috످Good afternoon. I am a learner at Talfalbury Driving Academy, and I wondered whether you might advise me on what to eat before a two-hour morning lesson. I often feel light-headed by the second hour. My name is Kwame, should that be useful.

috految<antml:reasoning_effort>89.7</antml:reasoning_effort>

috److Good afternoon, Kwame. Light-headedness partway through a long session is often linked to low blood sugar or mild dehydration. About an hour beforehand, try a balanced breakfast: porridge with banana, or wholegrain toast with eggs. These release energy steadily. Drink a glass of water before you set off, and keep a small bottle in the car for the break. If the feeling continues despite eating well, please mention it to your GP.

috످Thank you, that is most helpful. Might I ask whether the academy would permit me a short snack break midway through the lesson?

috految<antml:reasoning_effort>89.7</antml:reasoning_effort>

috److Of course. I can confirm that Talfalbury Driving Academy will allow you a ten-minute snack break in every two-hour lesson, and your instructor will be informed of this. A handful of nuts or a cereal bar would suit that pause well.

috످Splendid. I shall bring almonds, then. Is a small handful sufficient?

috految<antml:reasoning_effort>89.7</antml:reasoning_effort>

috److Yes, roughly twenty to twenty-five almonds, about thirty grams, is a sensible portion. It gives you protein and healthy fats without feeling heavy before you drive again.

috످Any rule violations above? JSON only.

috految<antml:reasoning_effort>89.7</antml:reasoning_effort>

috److془The user asks for rule violations. JSON only. I should flag the fabricated confirmation. Also safety: no advice to pull over when light-headed.془{
  "violations_found": true,
  "violations": [
    {
      "issue": "Made-up policy and promise",
      "details": "In my second reply, I confirmed a ten-minute snack break and said your instructor would be informed. I do not know the academy's policy and cannot contact your instructor. I am sorry, Kwame.",
      "correction": "Please ask the academy about a break before your next lesson."
    }
  ],
  "safety_note": "I should also have warned you not to drive while light-headed. If it happens during a lesson, tell your instructor at once and pull over safely. As it happens often, please speak to your GP before driving again."
}

috످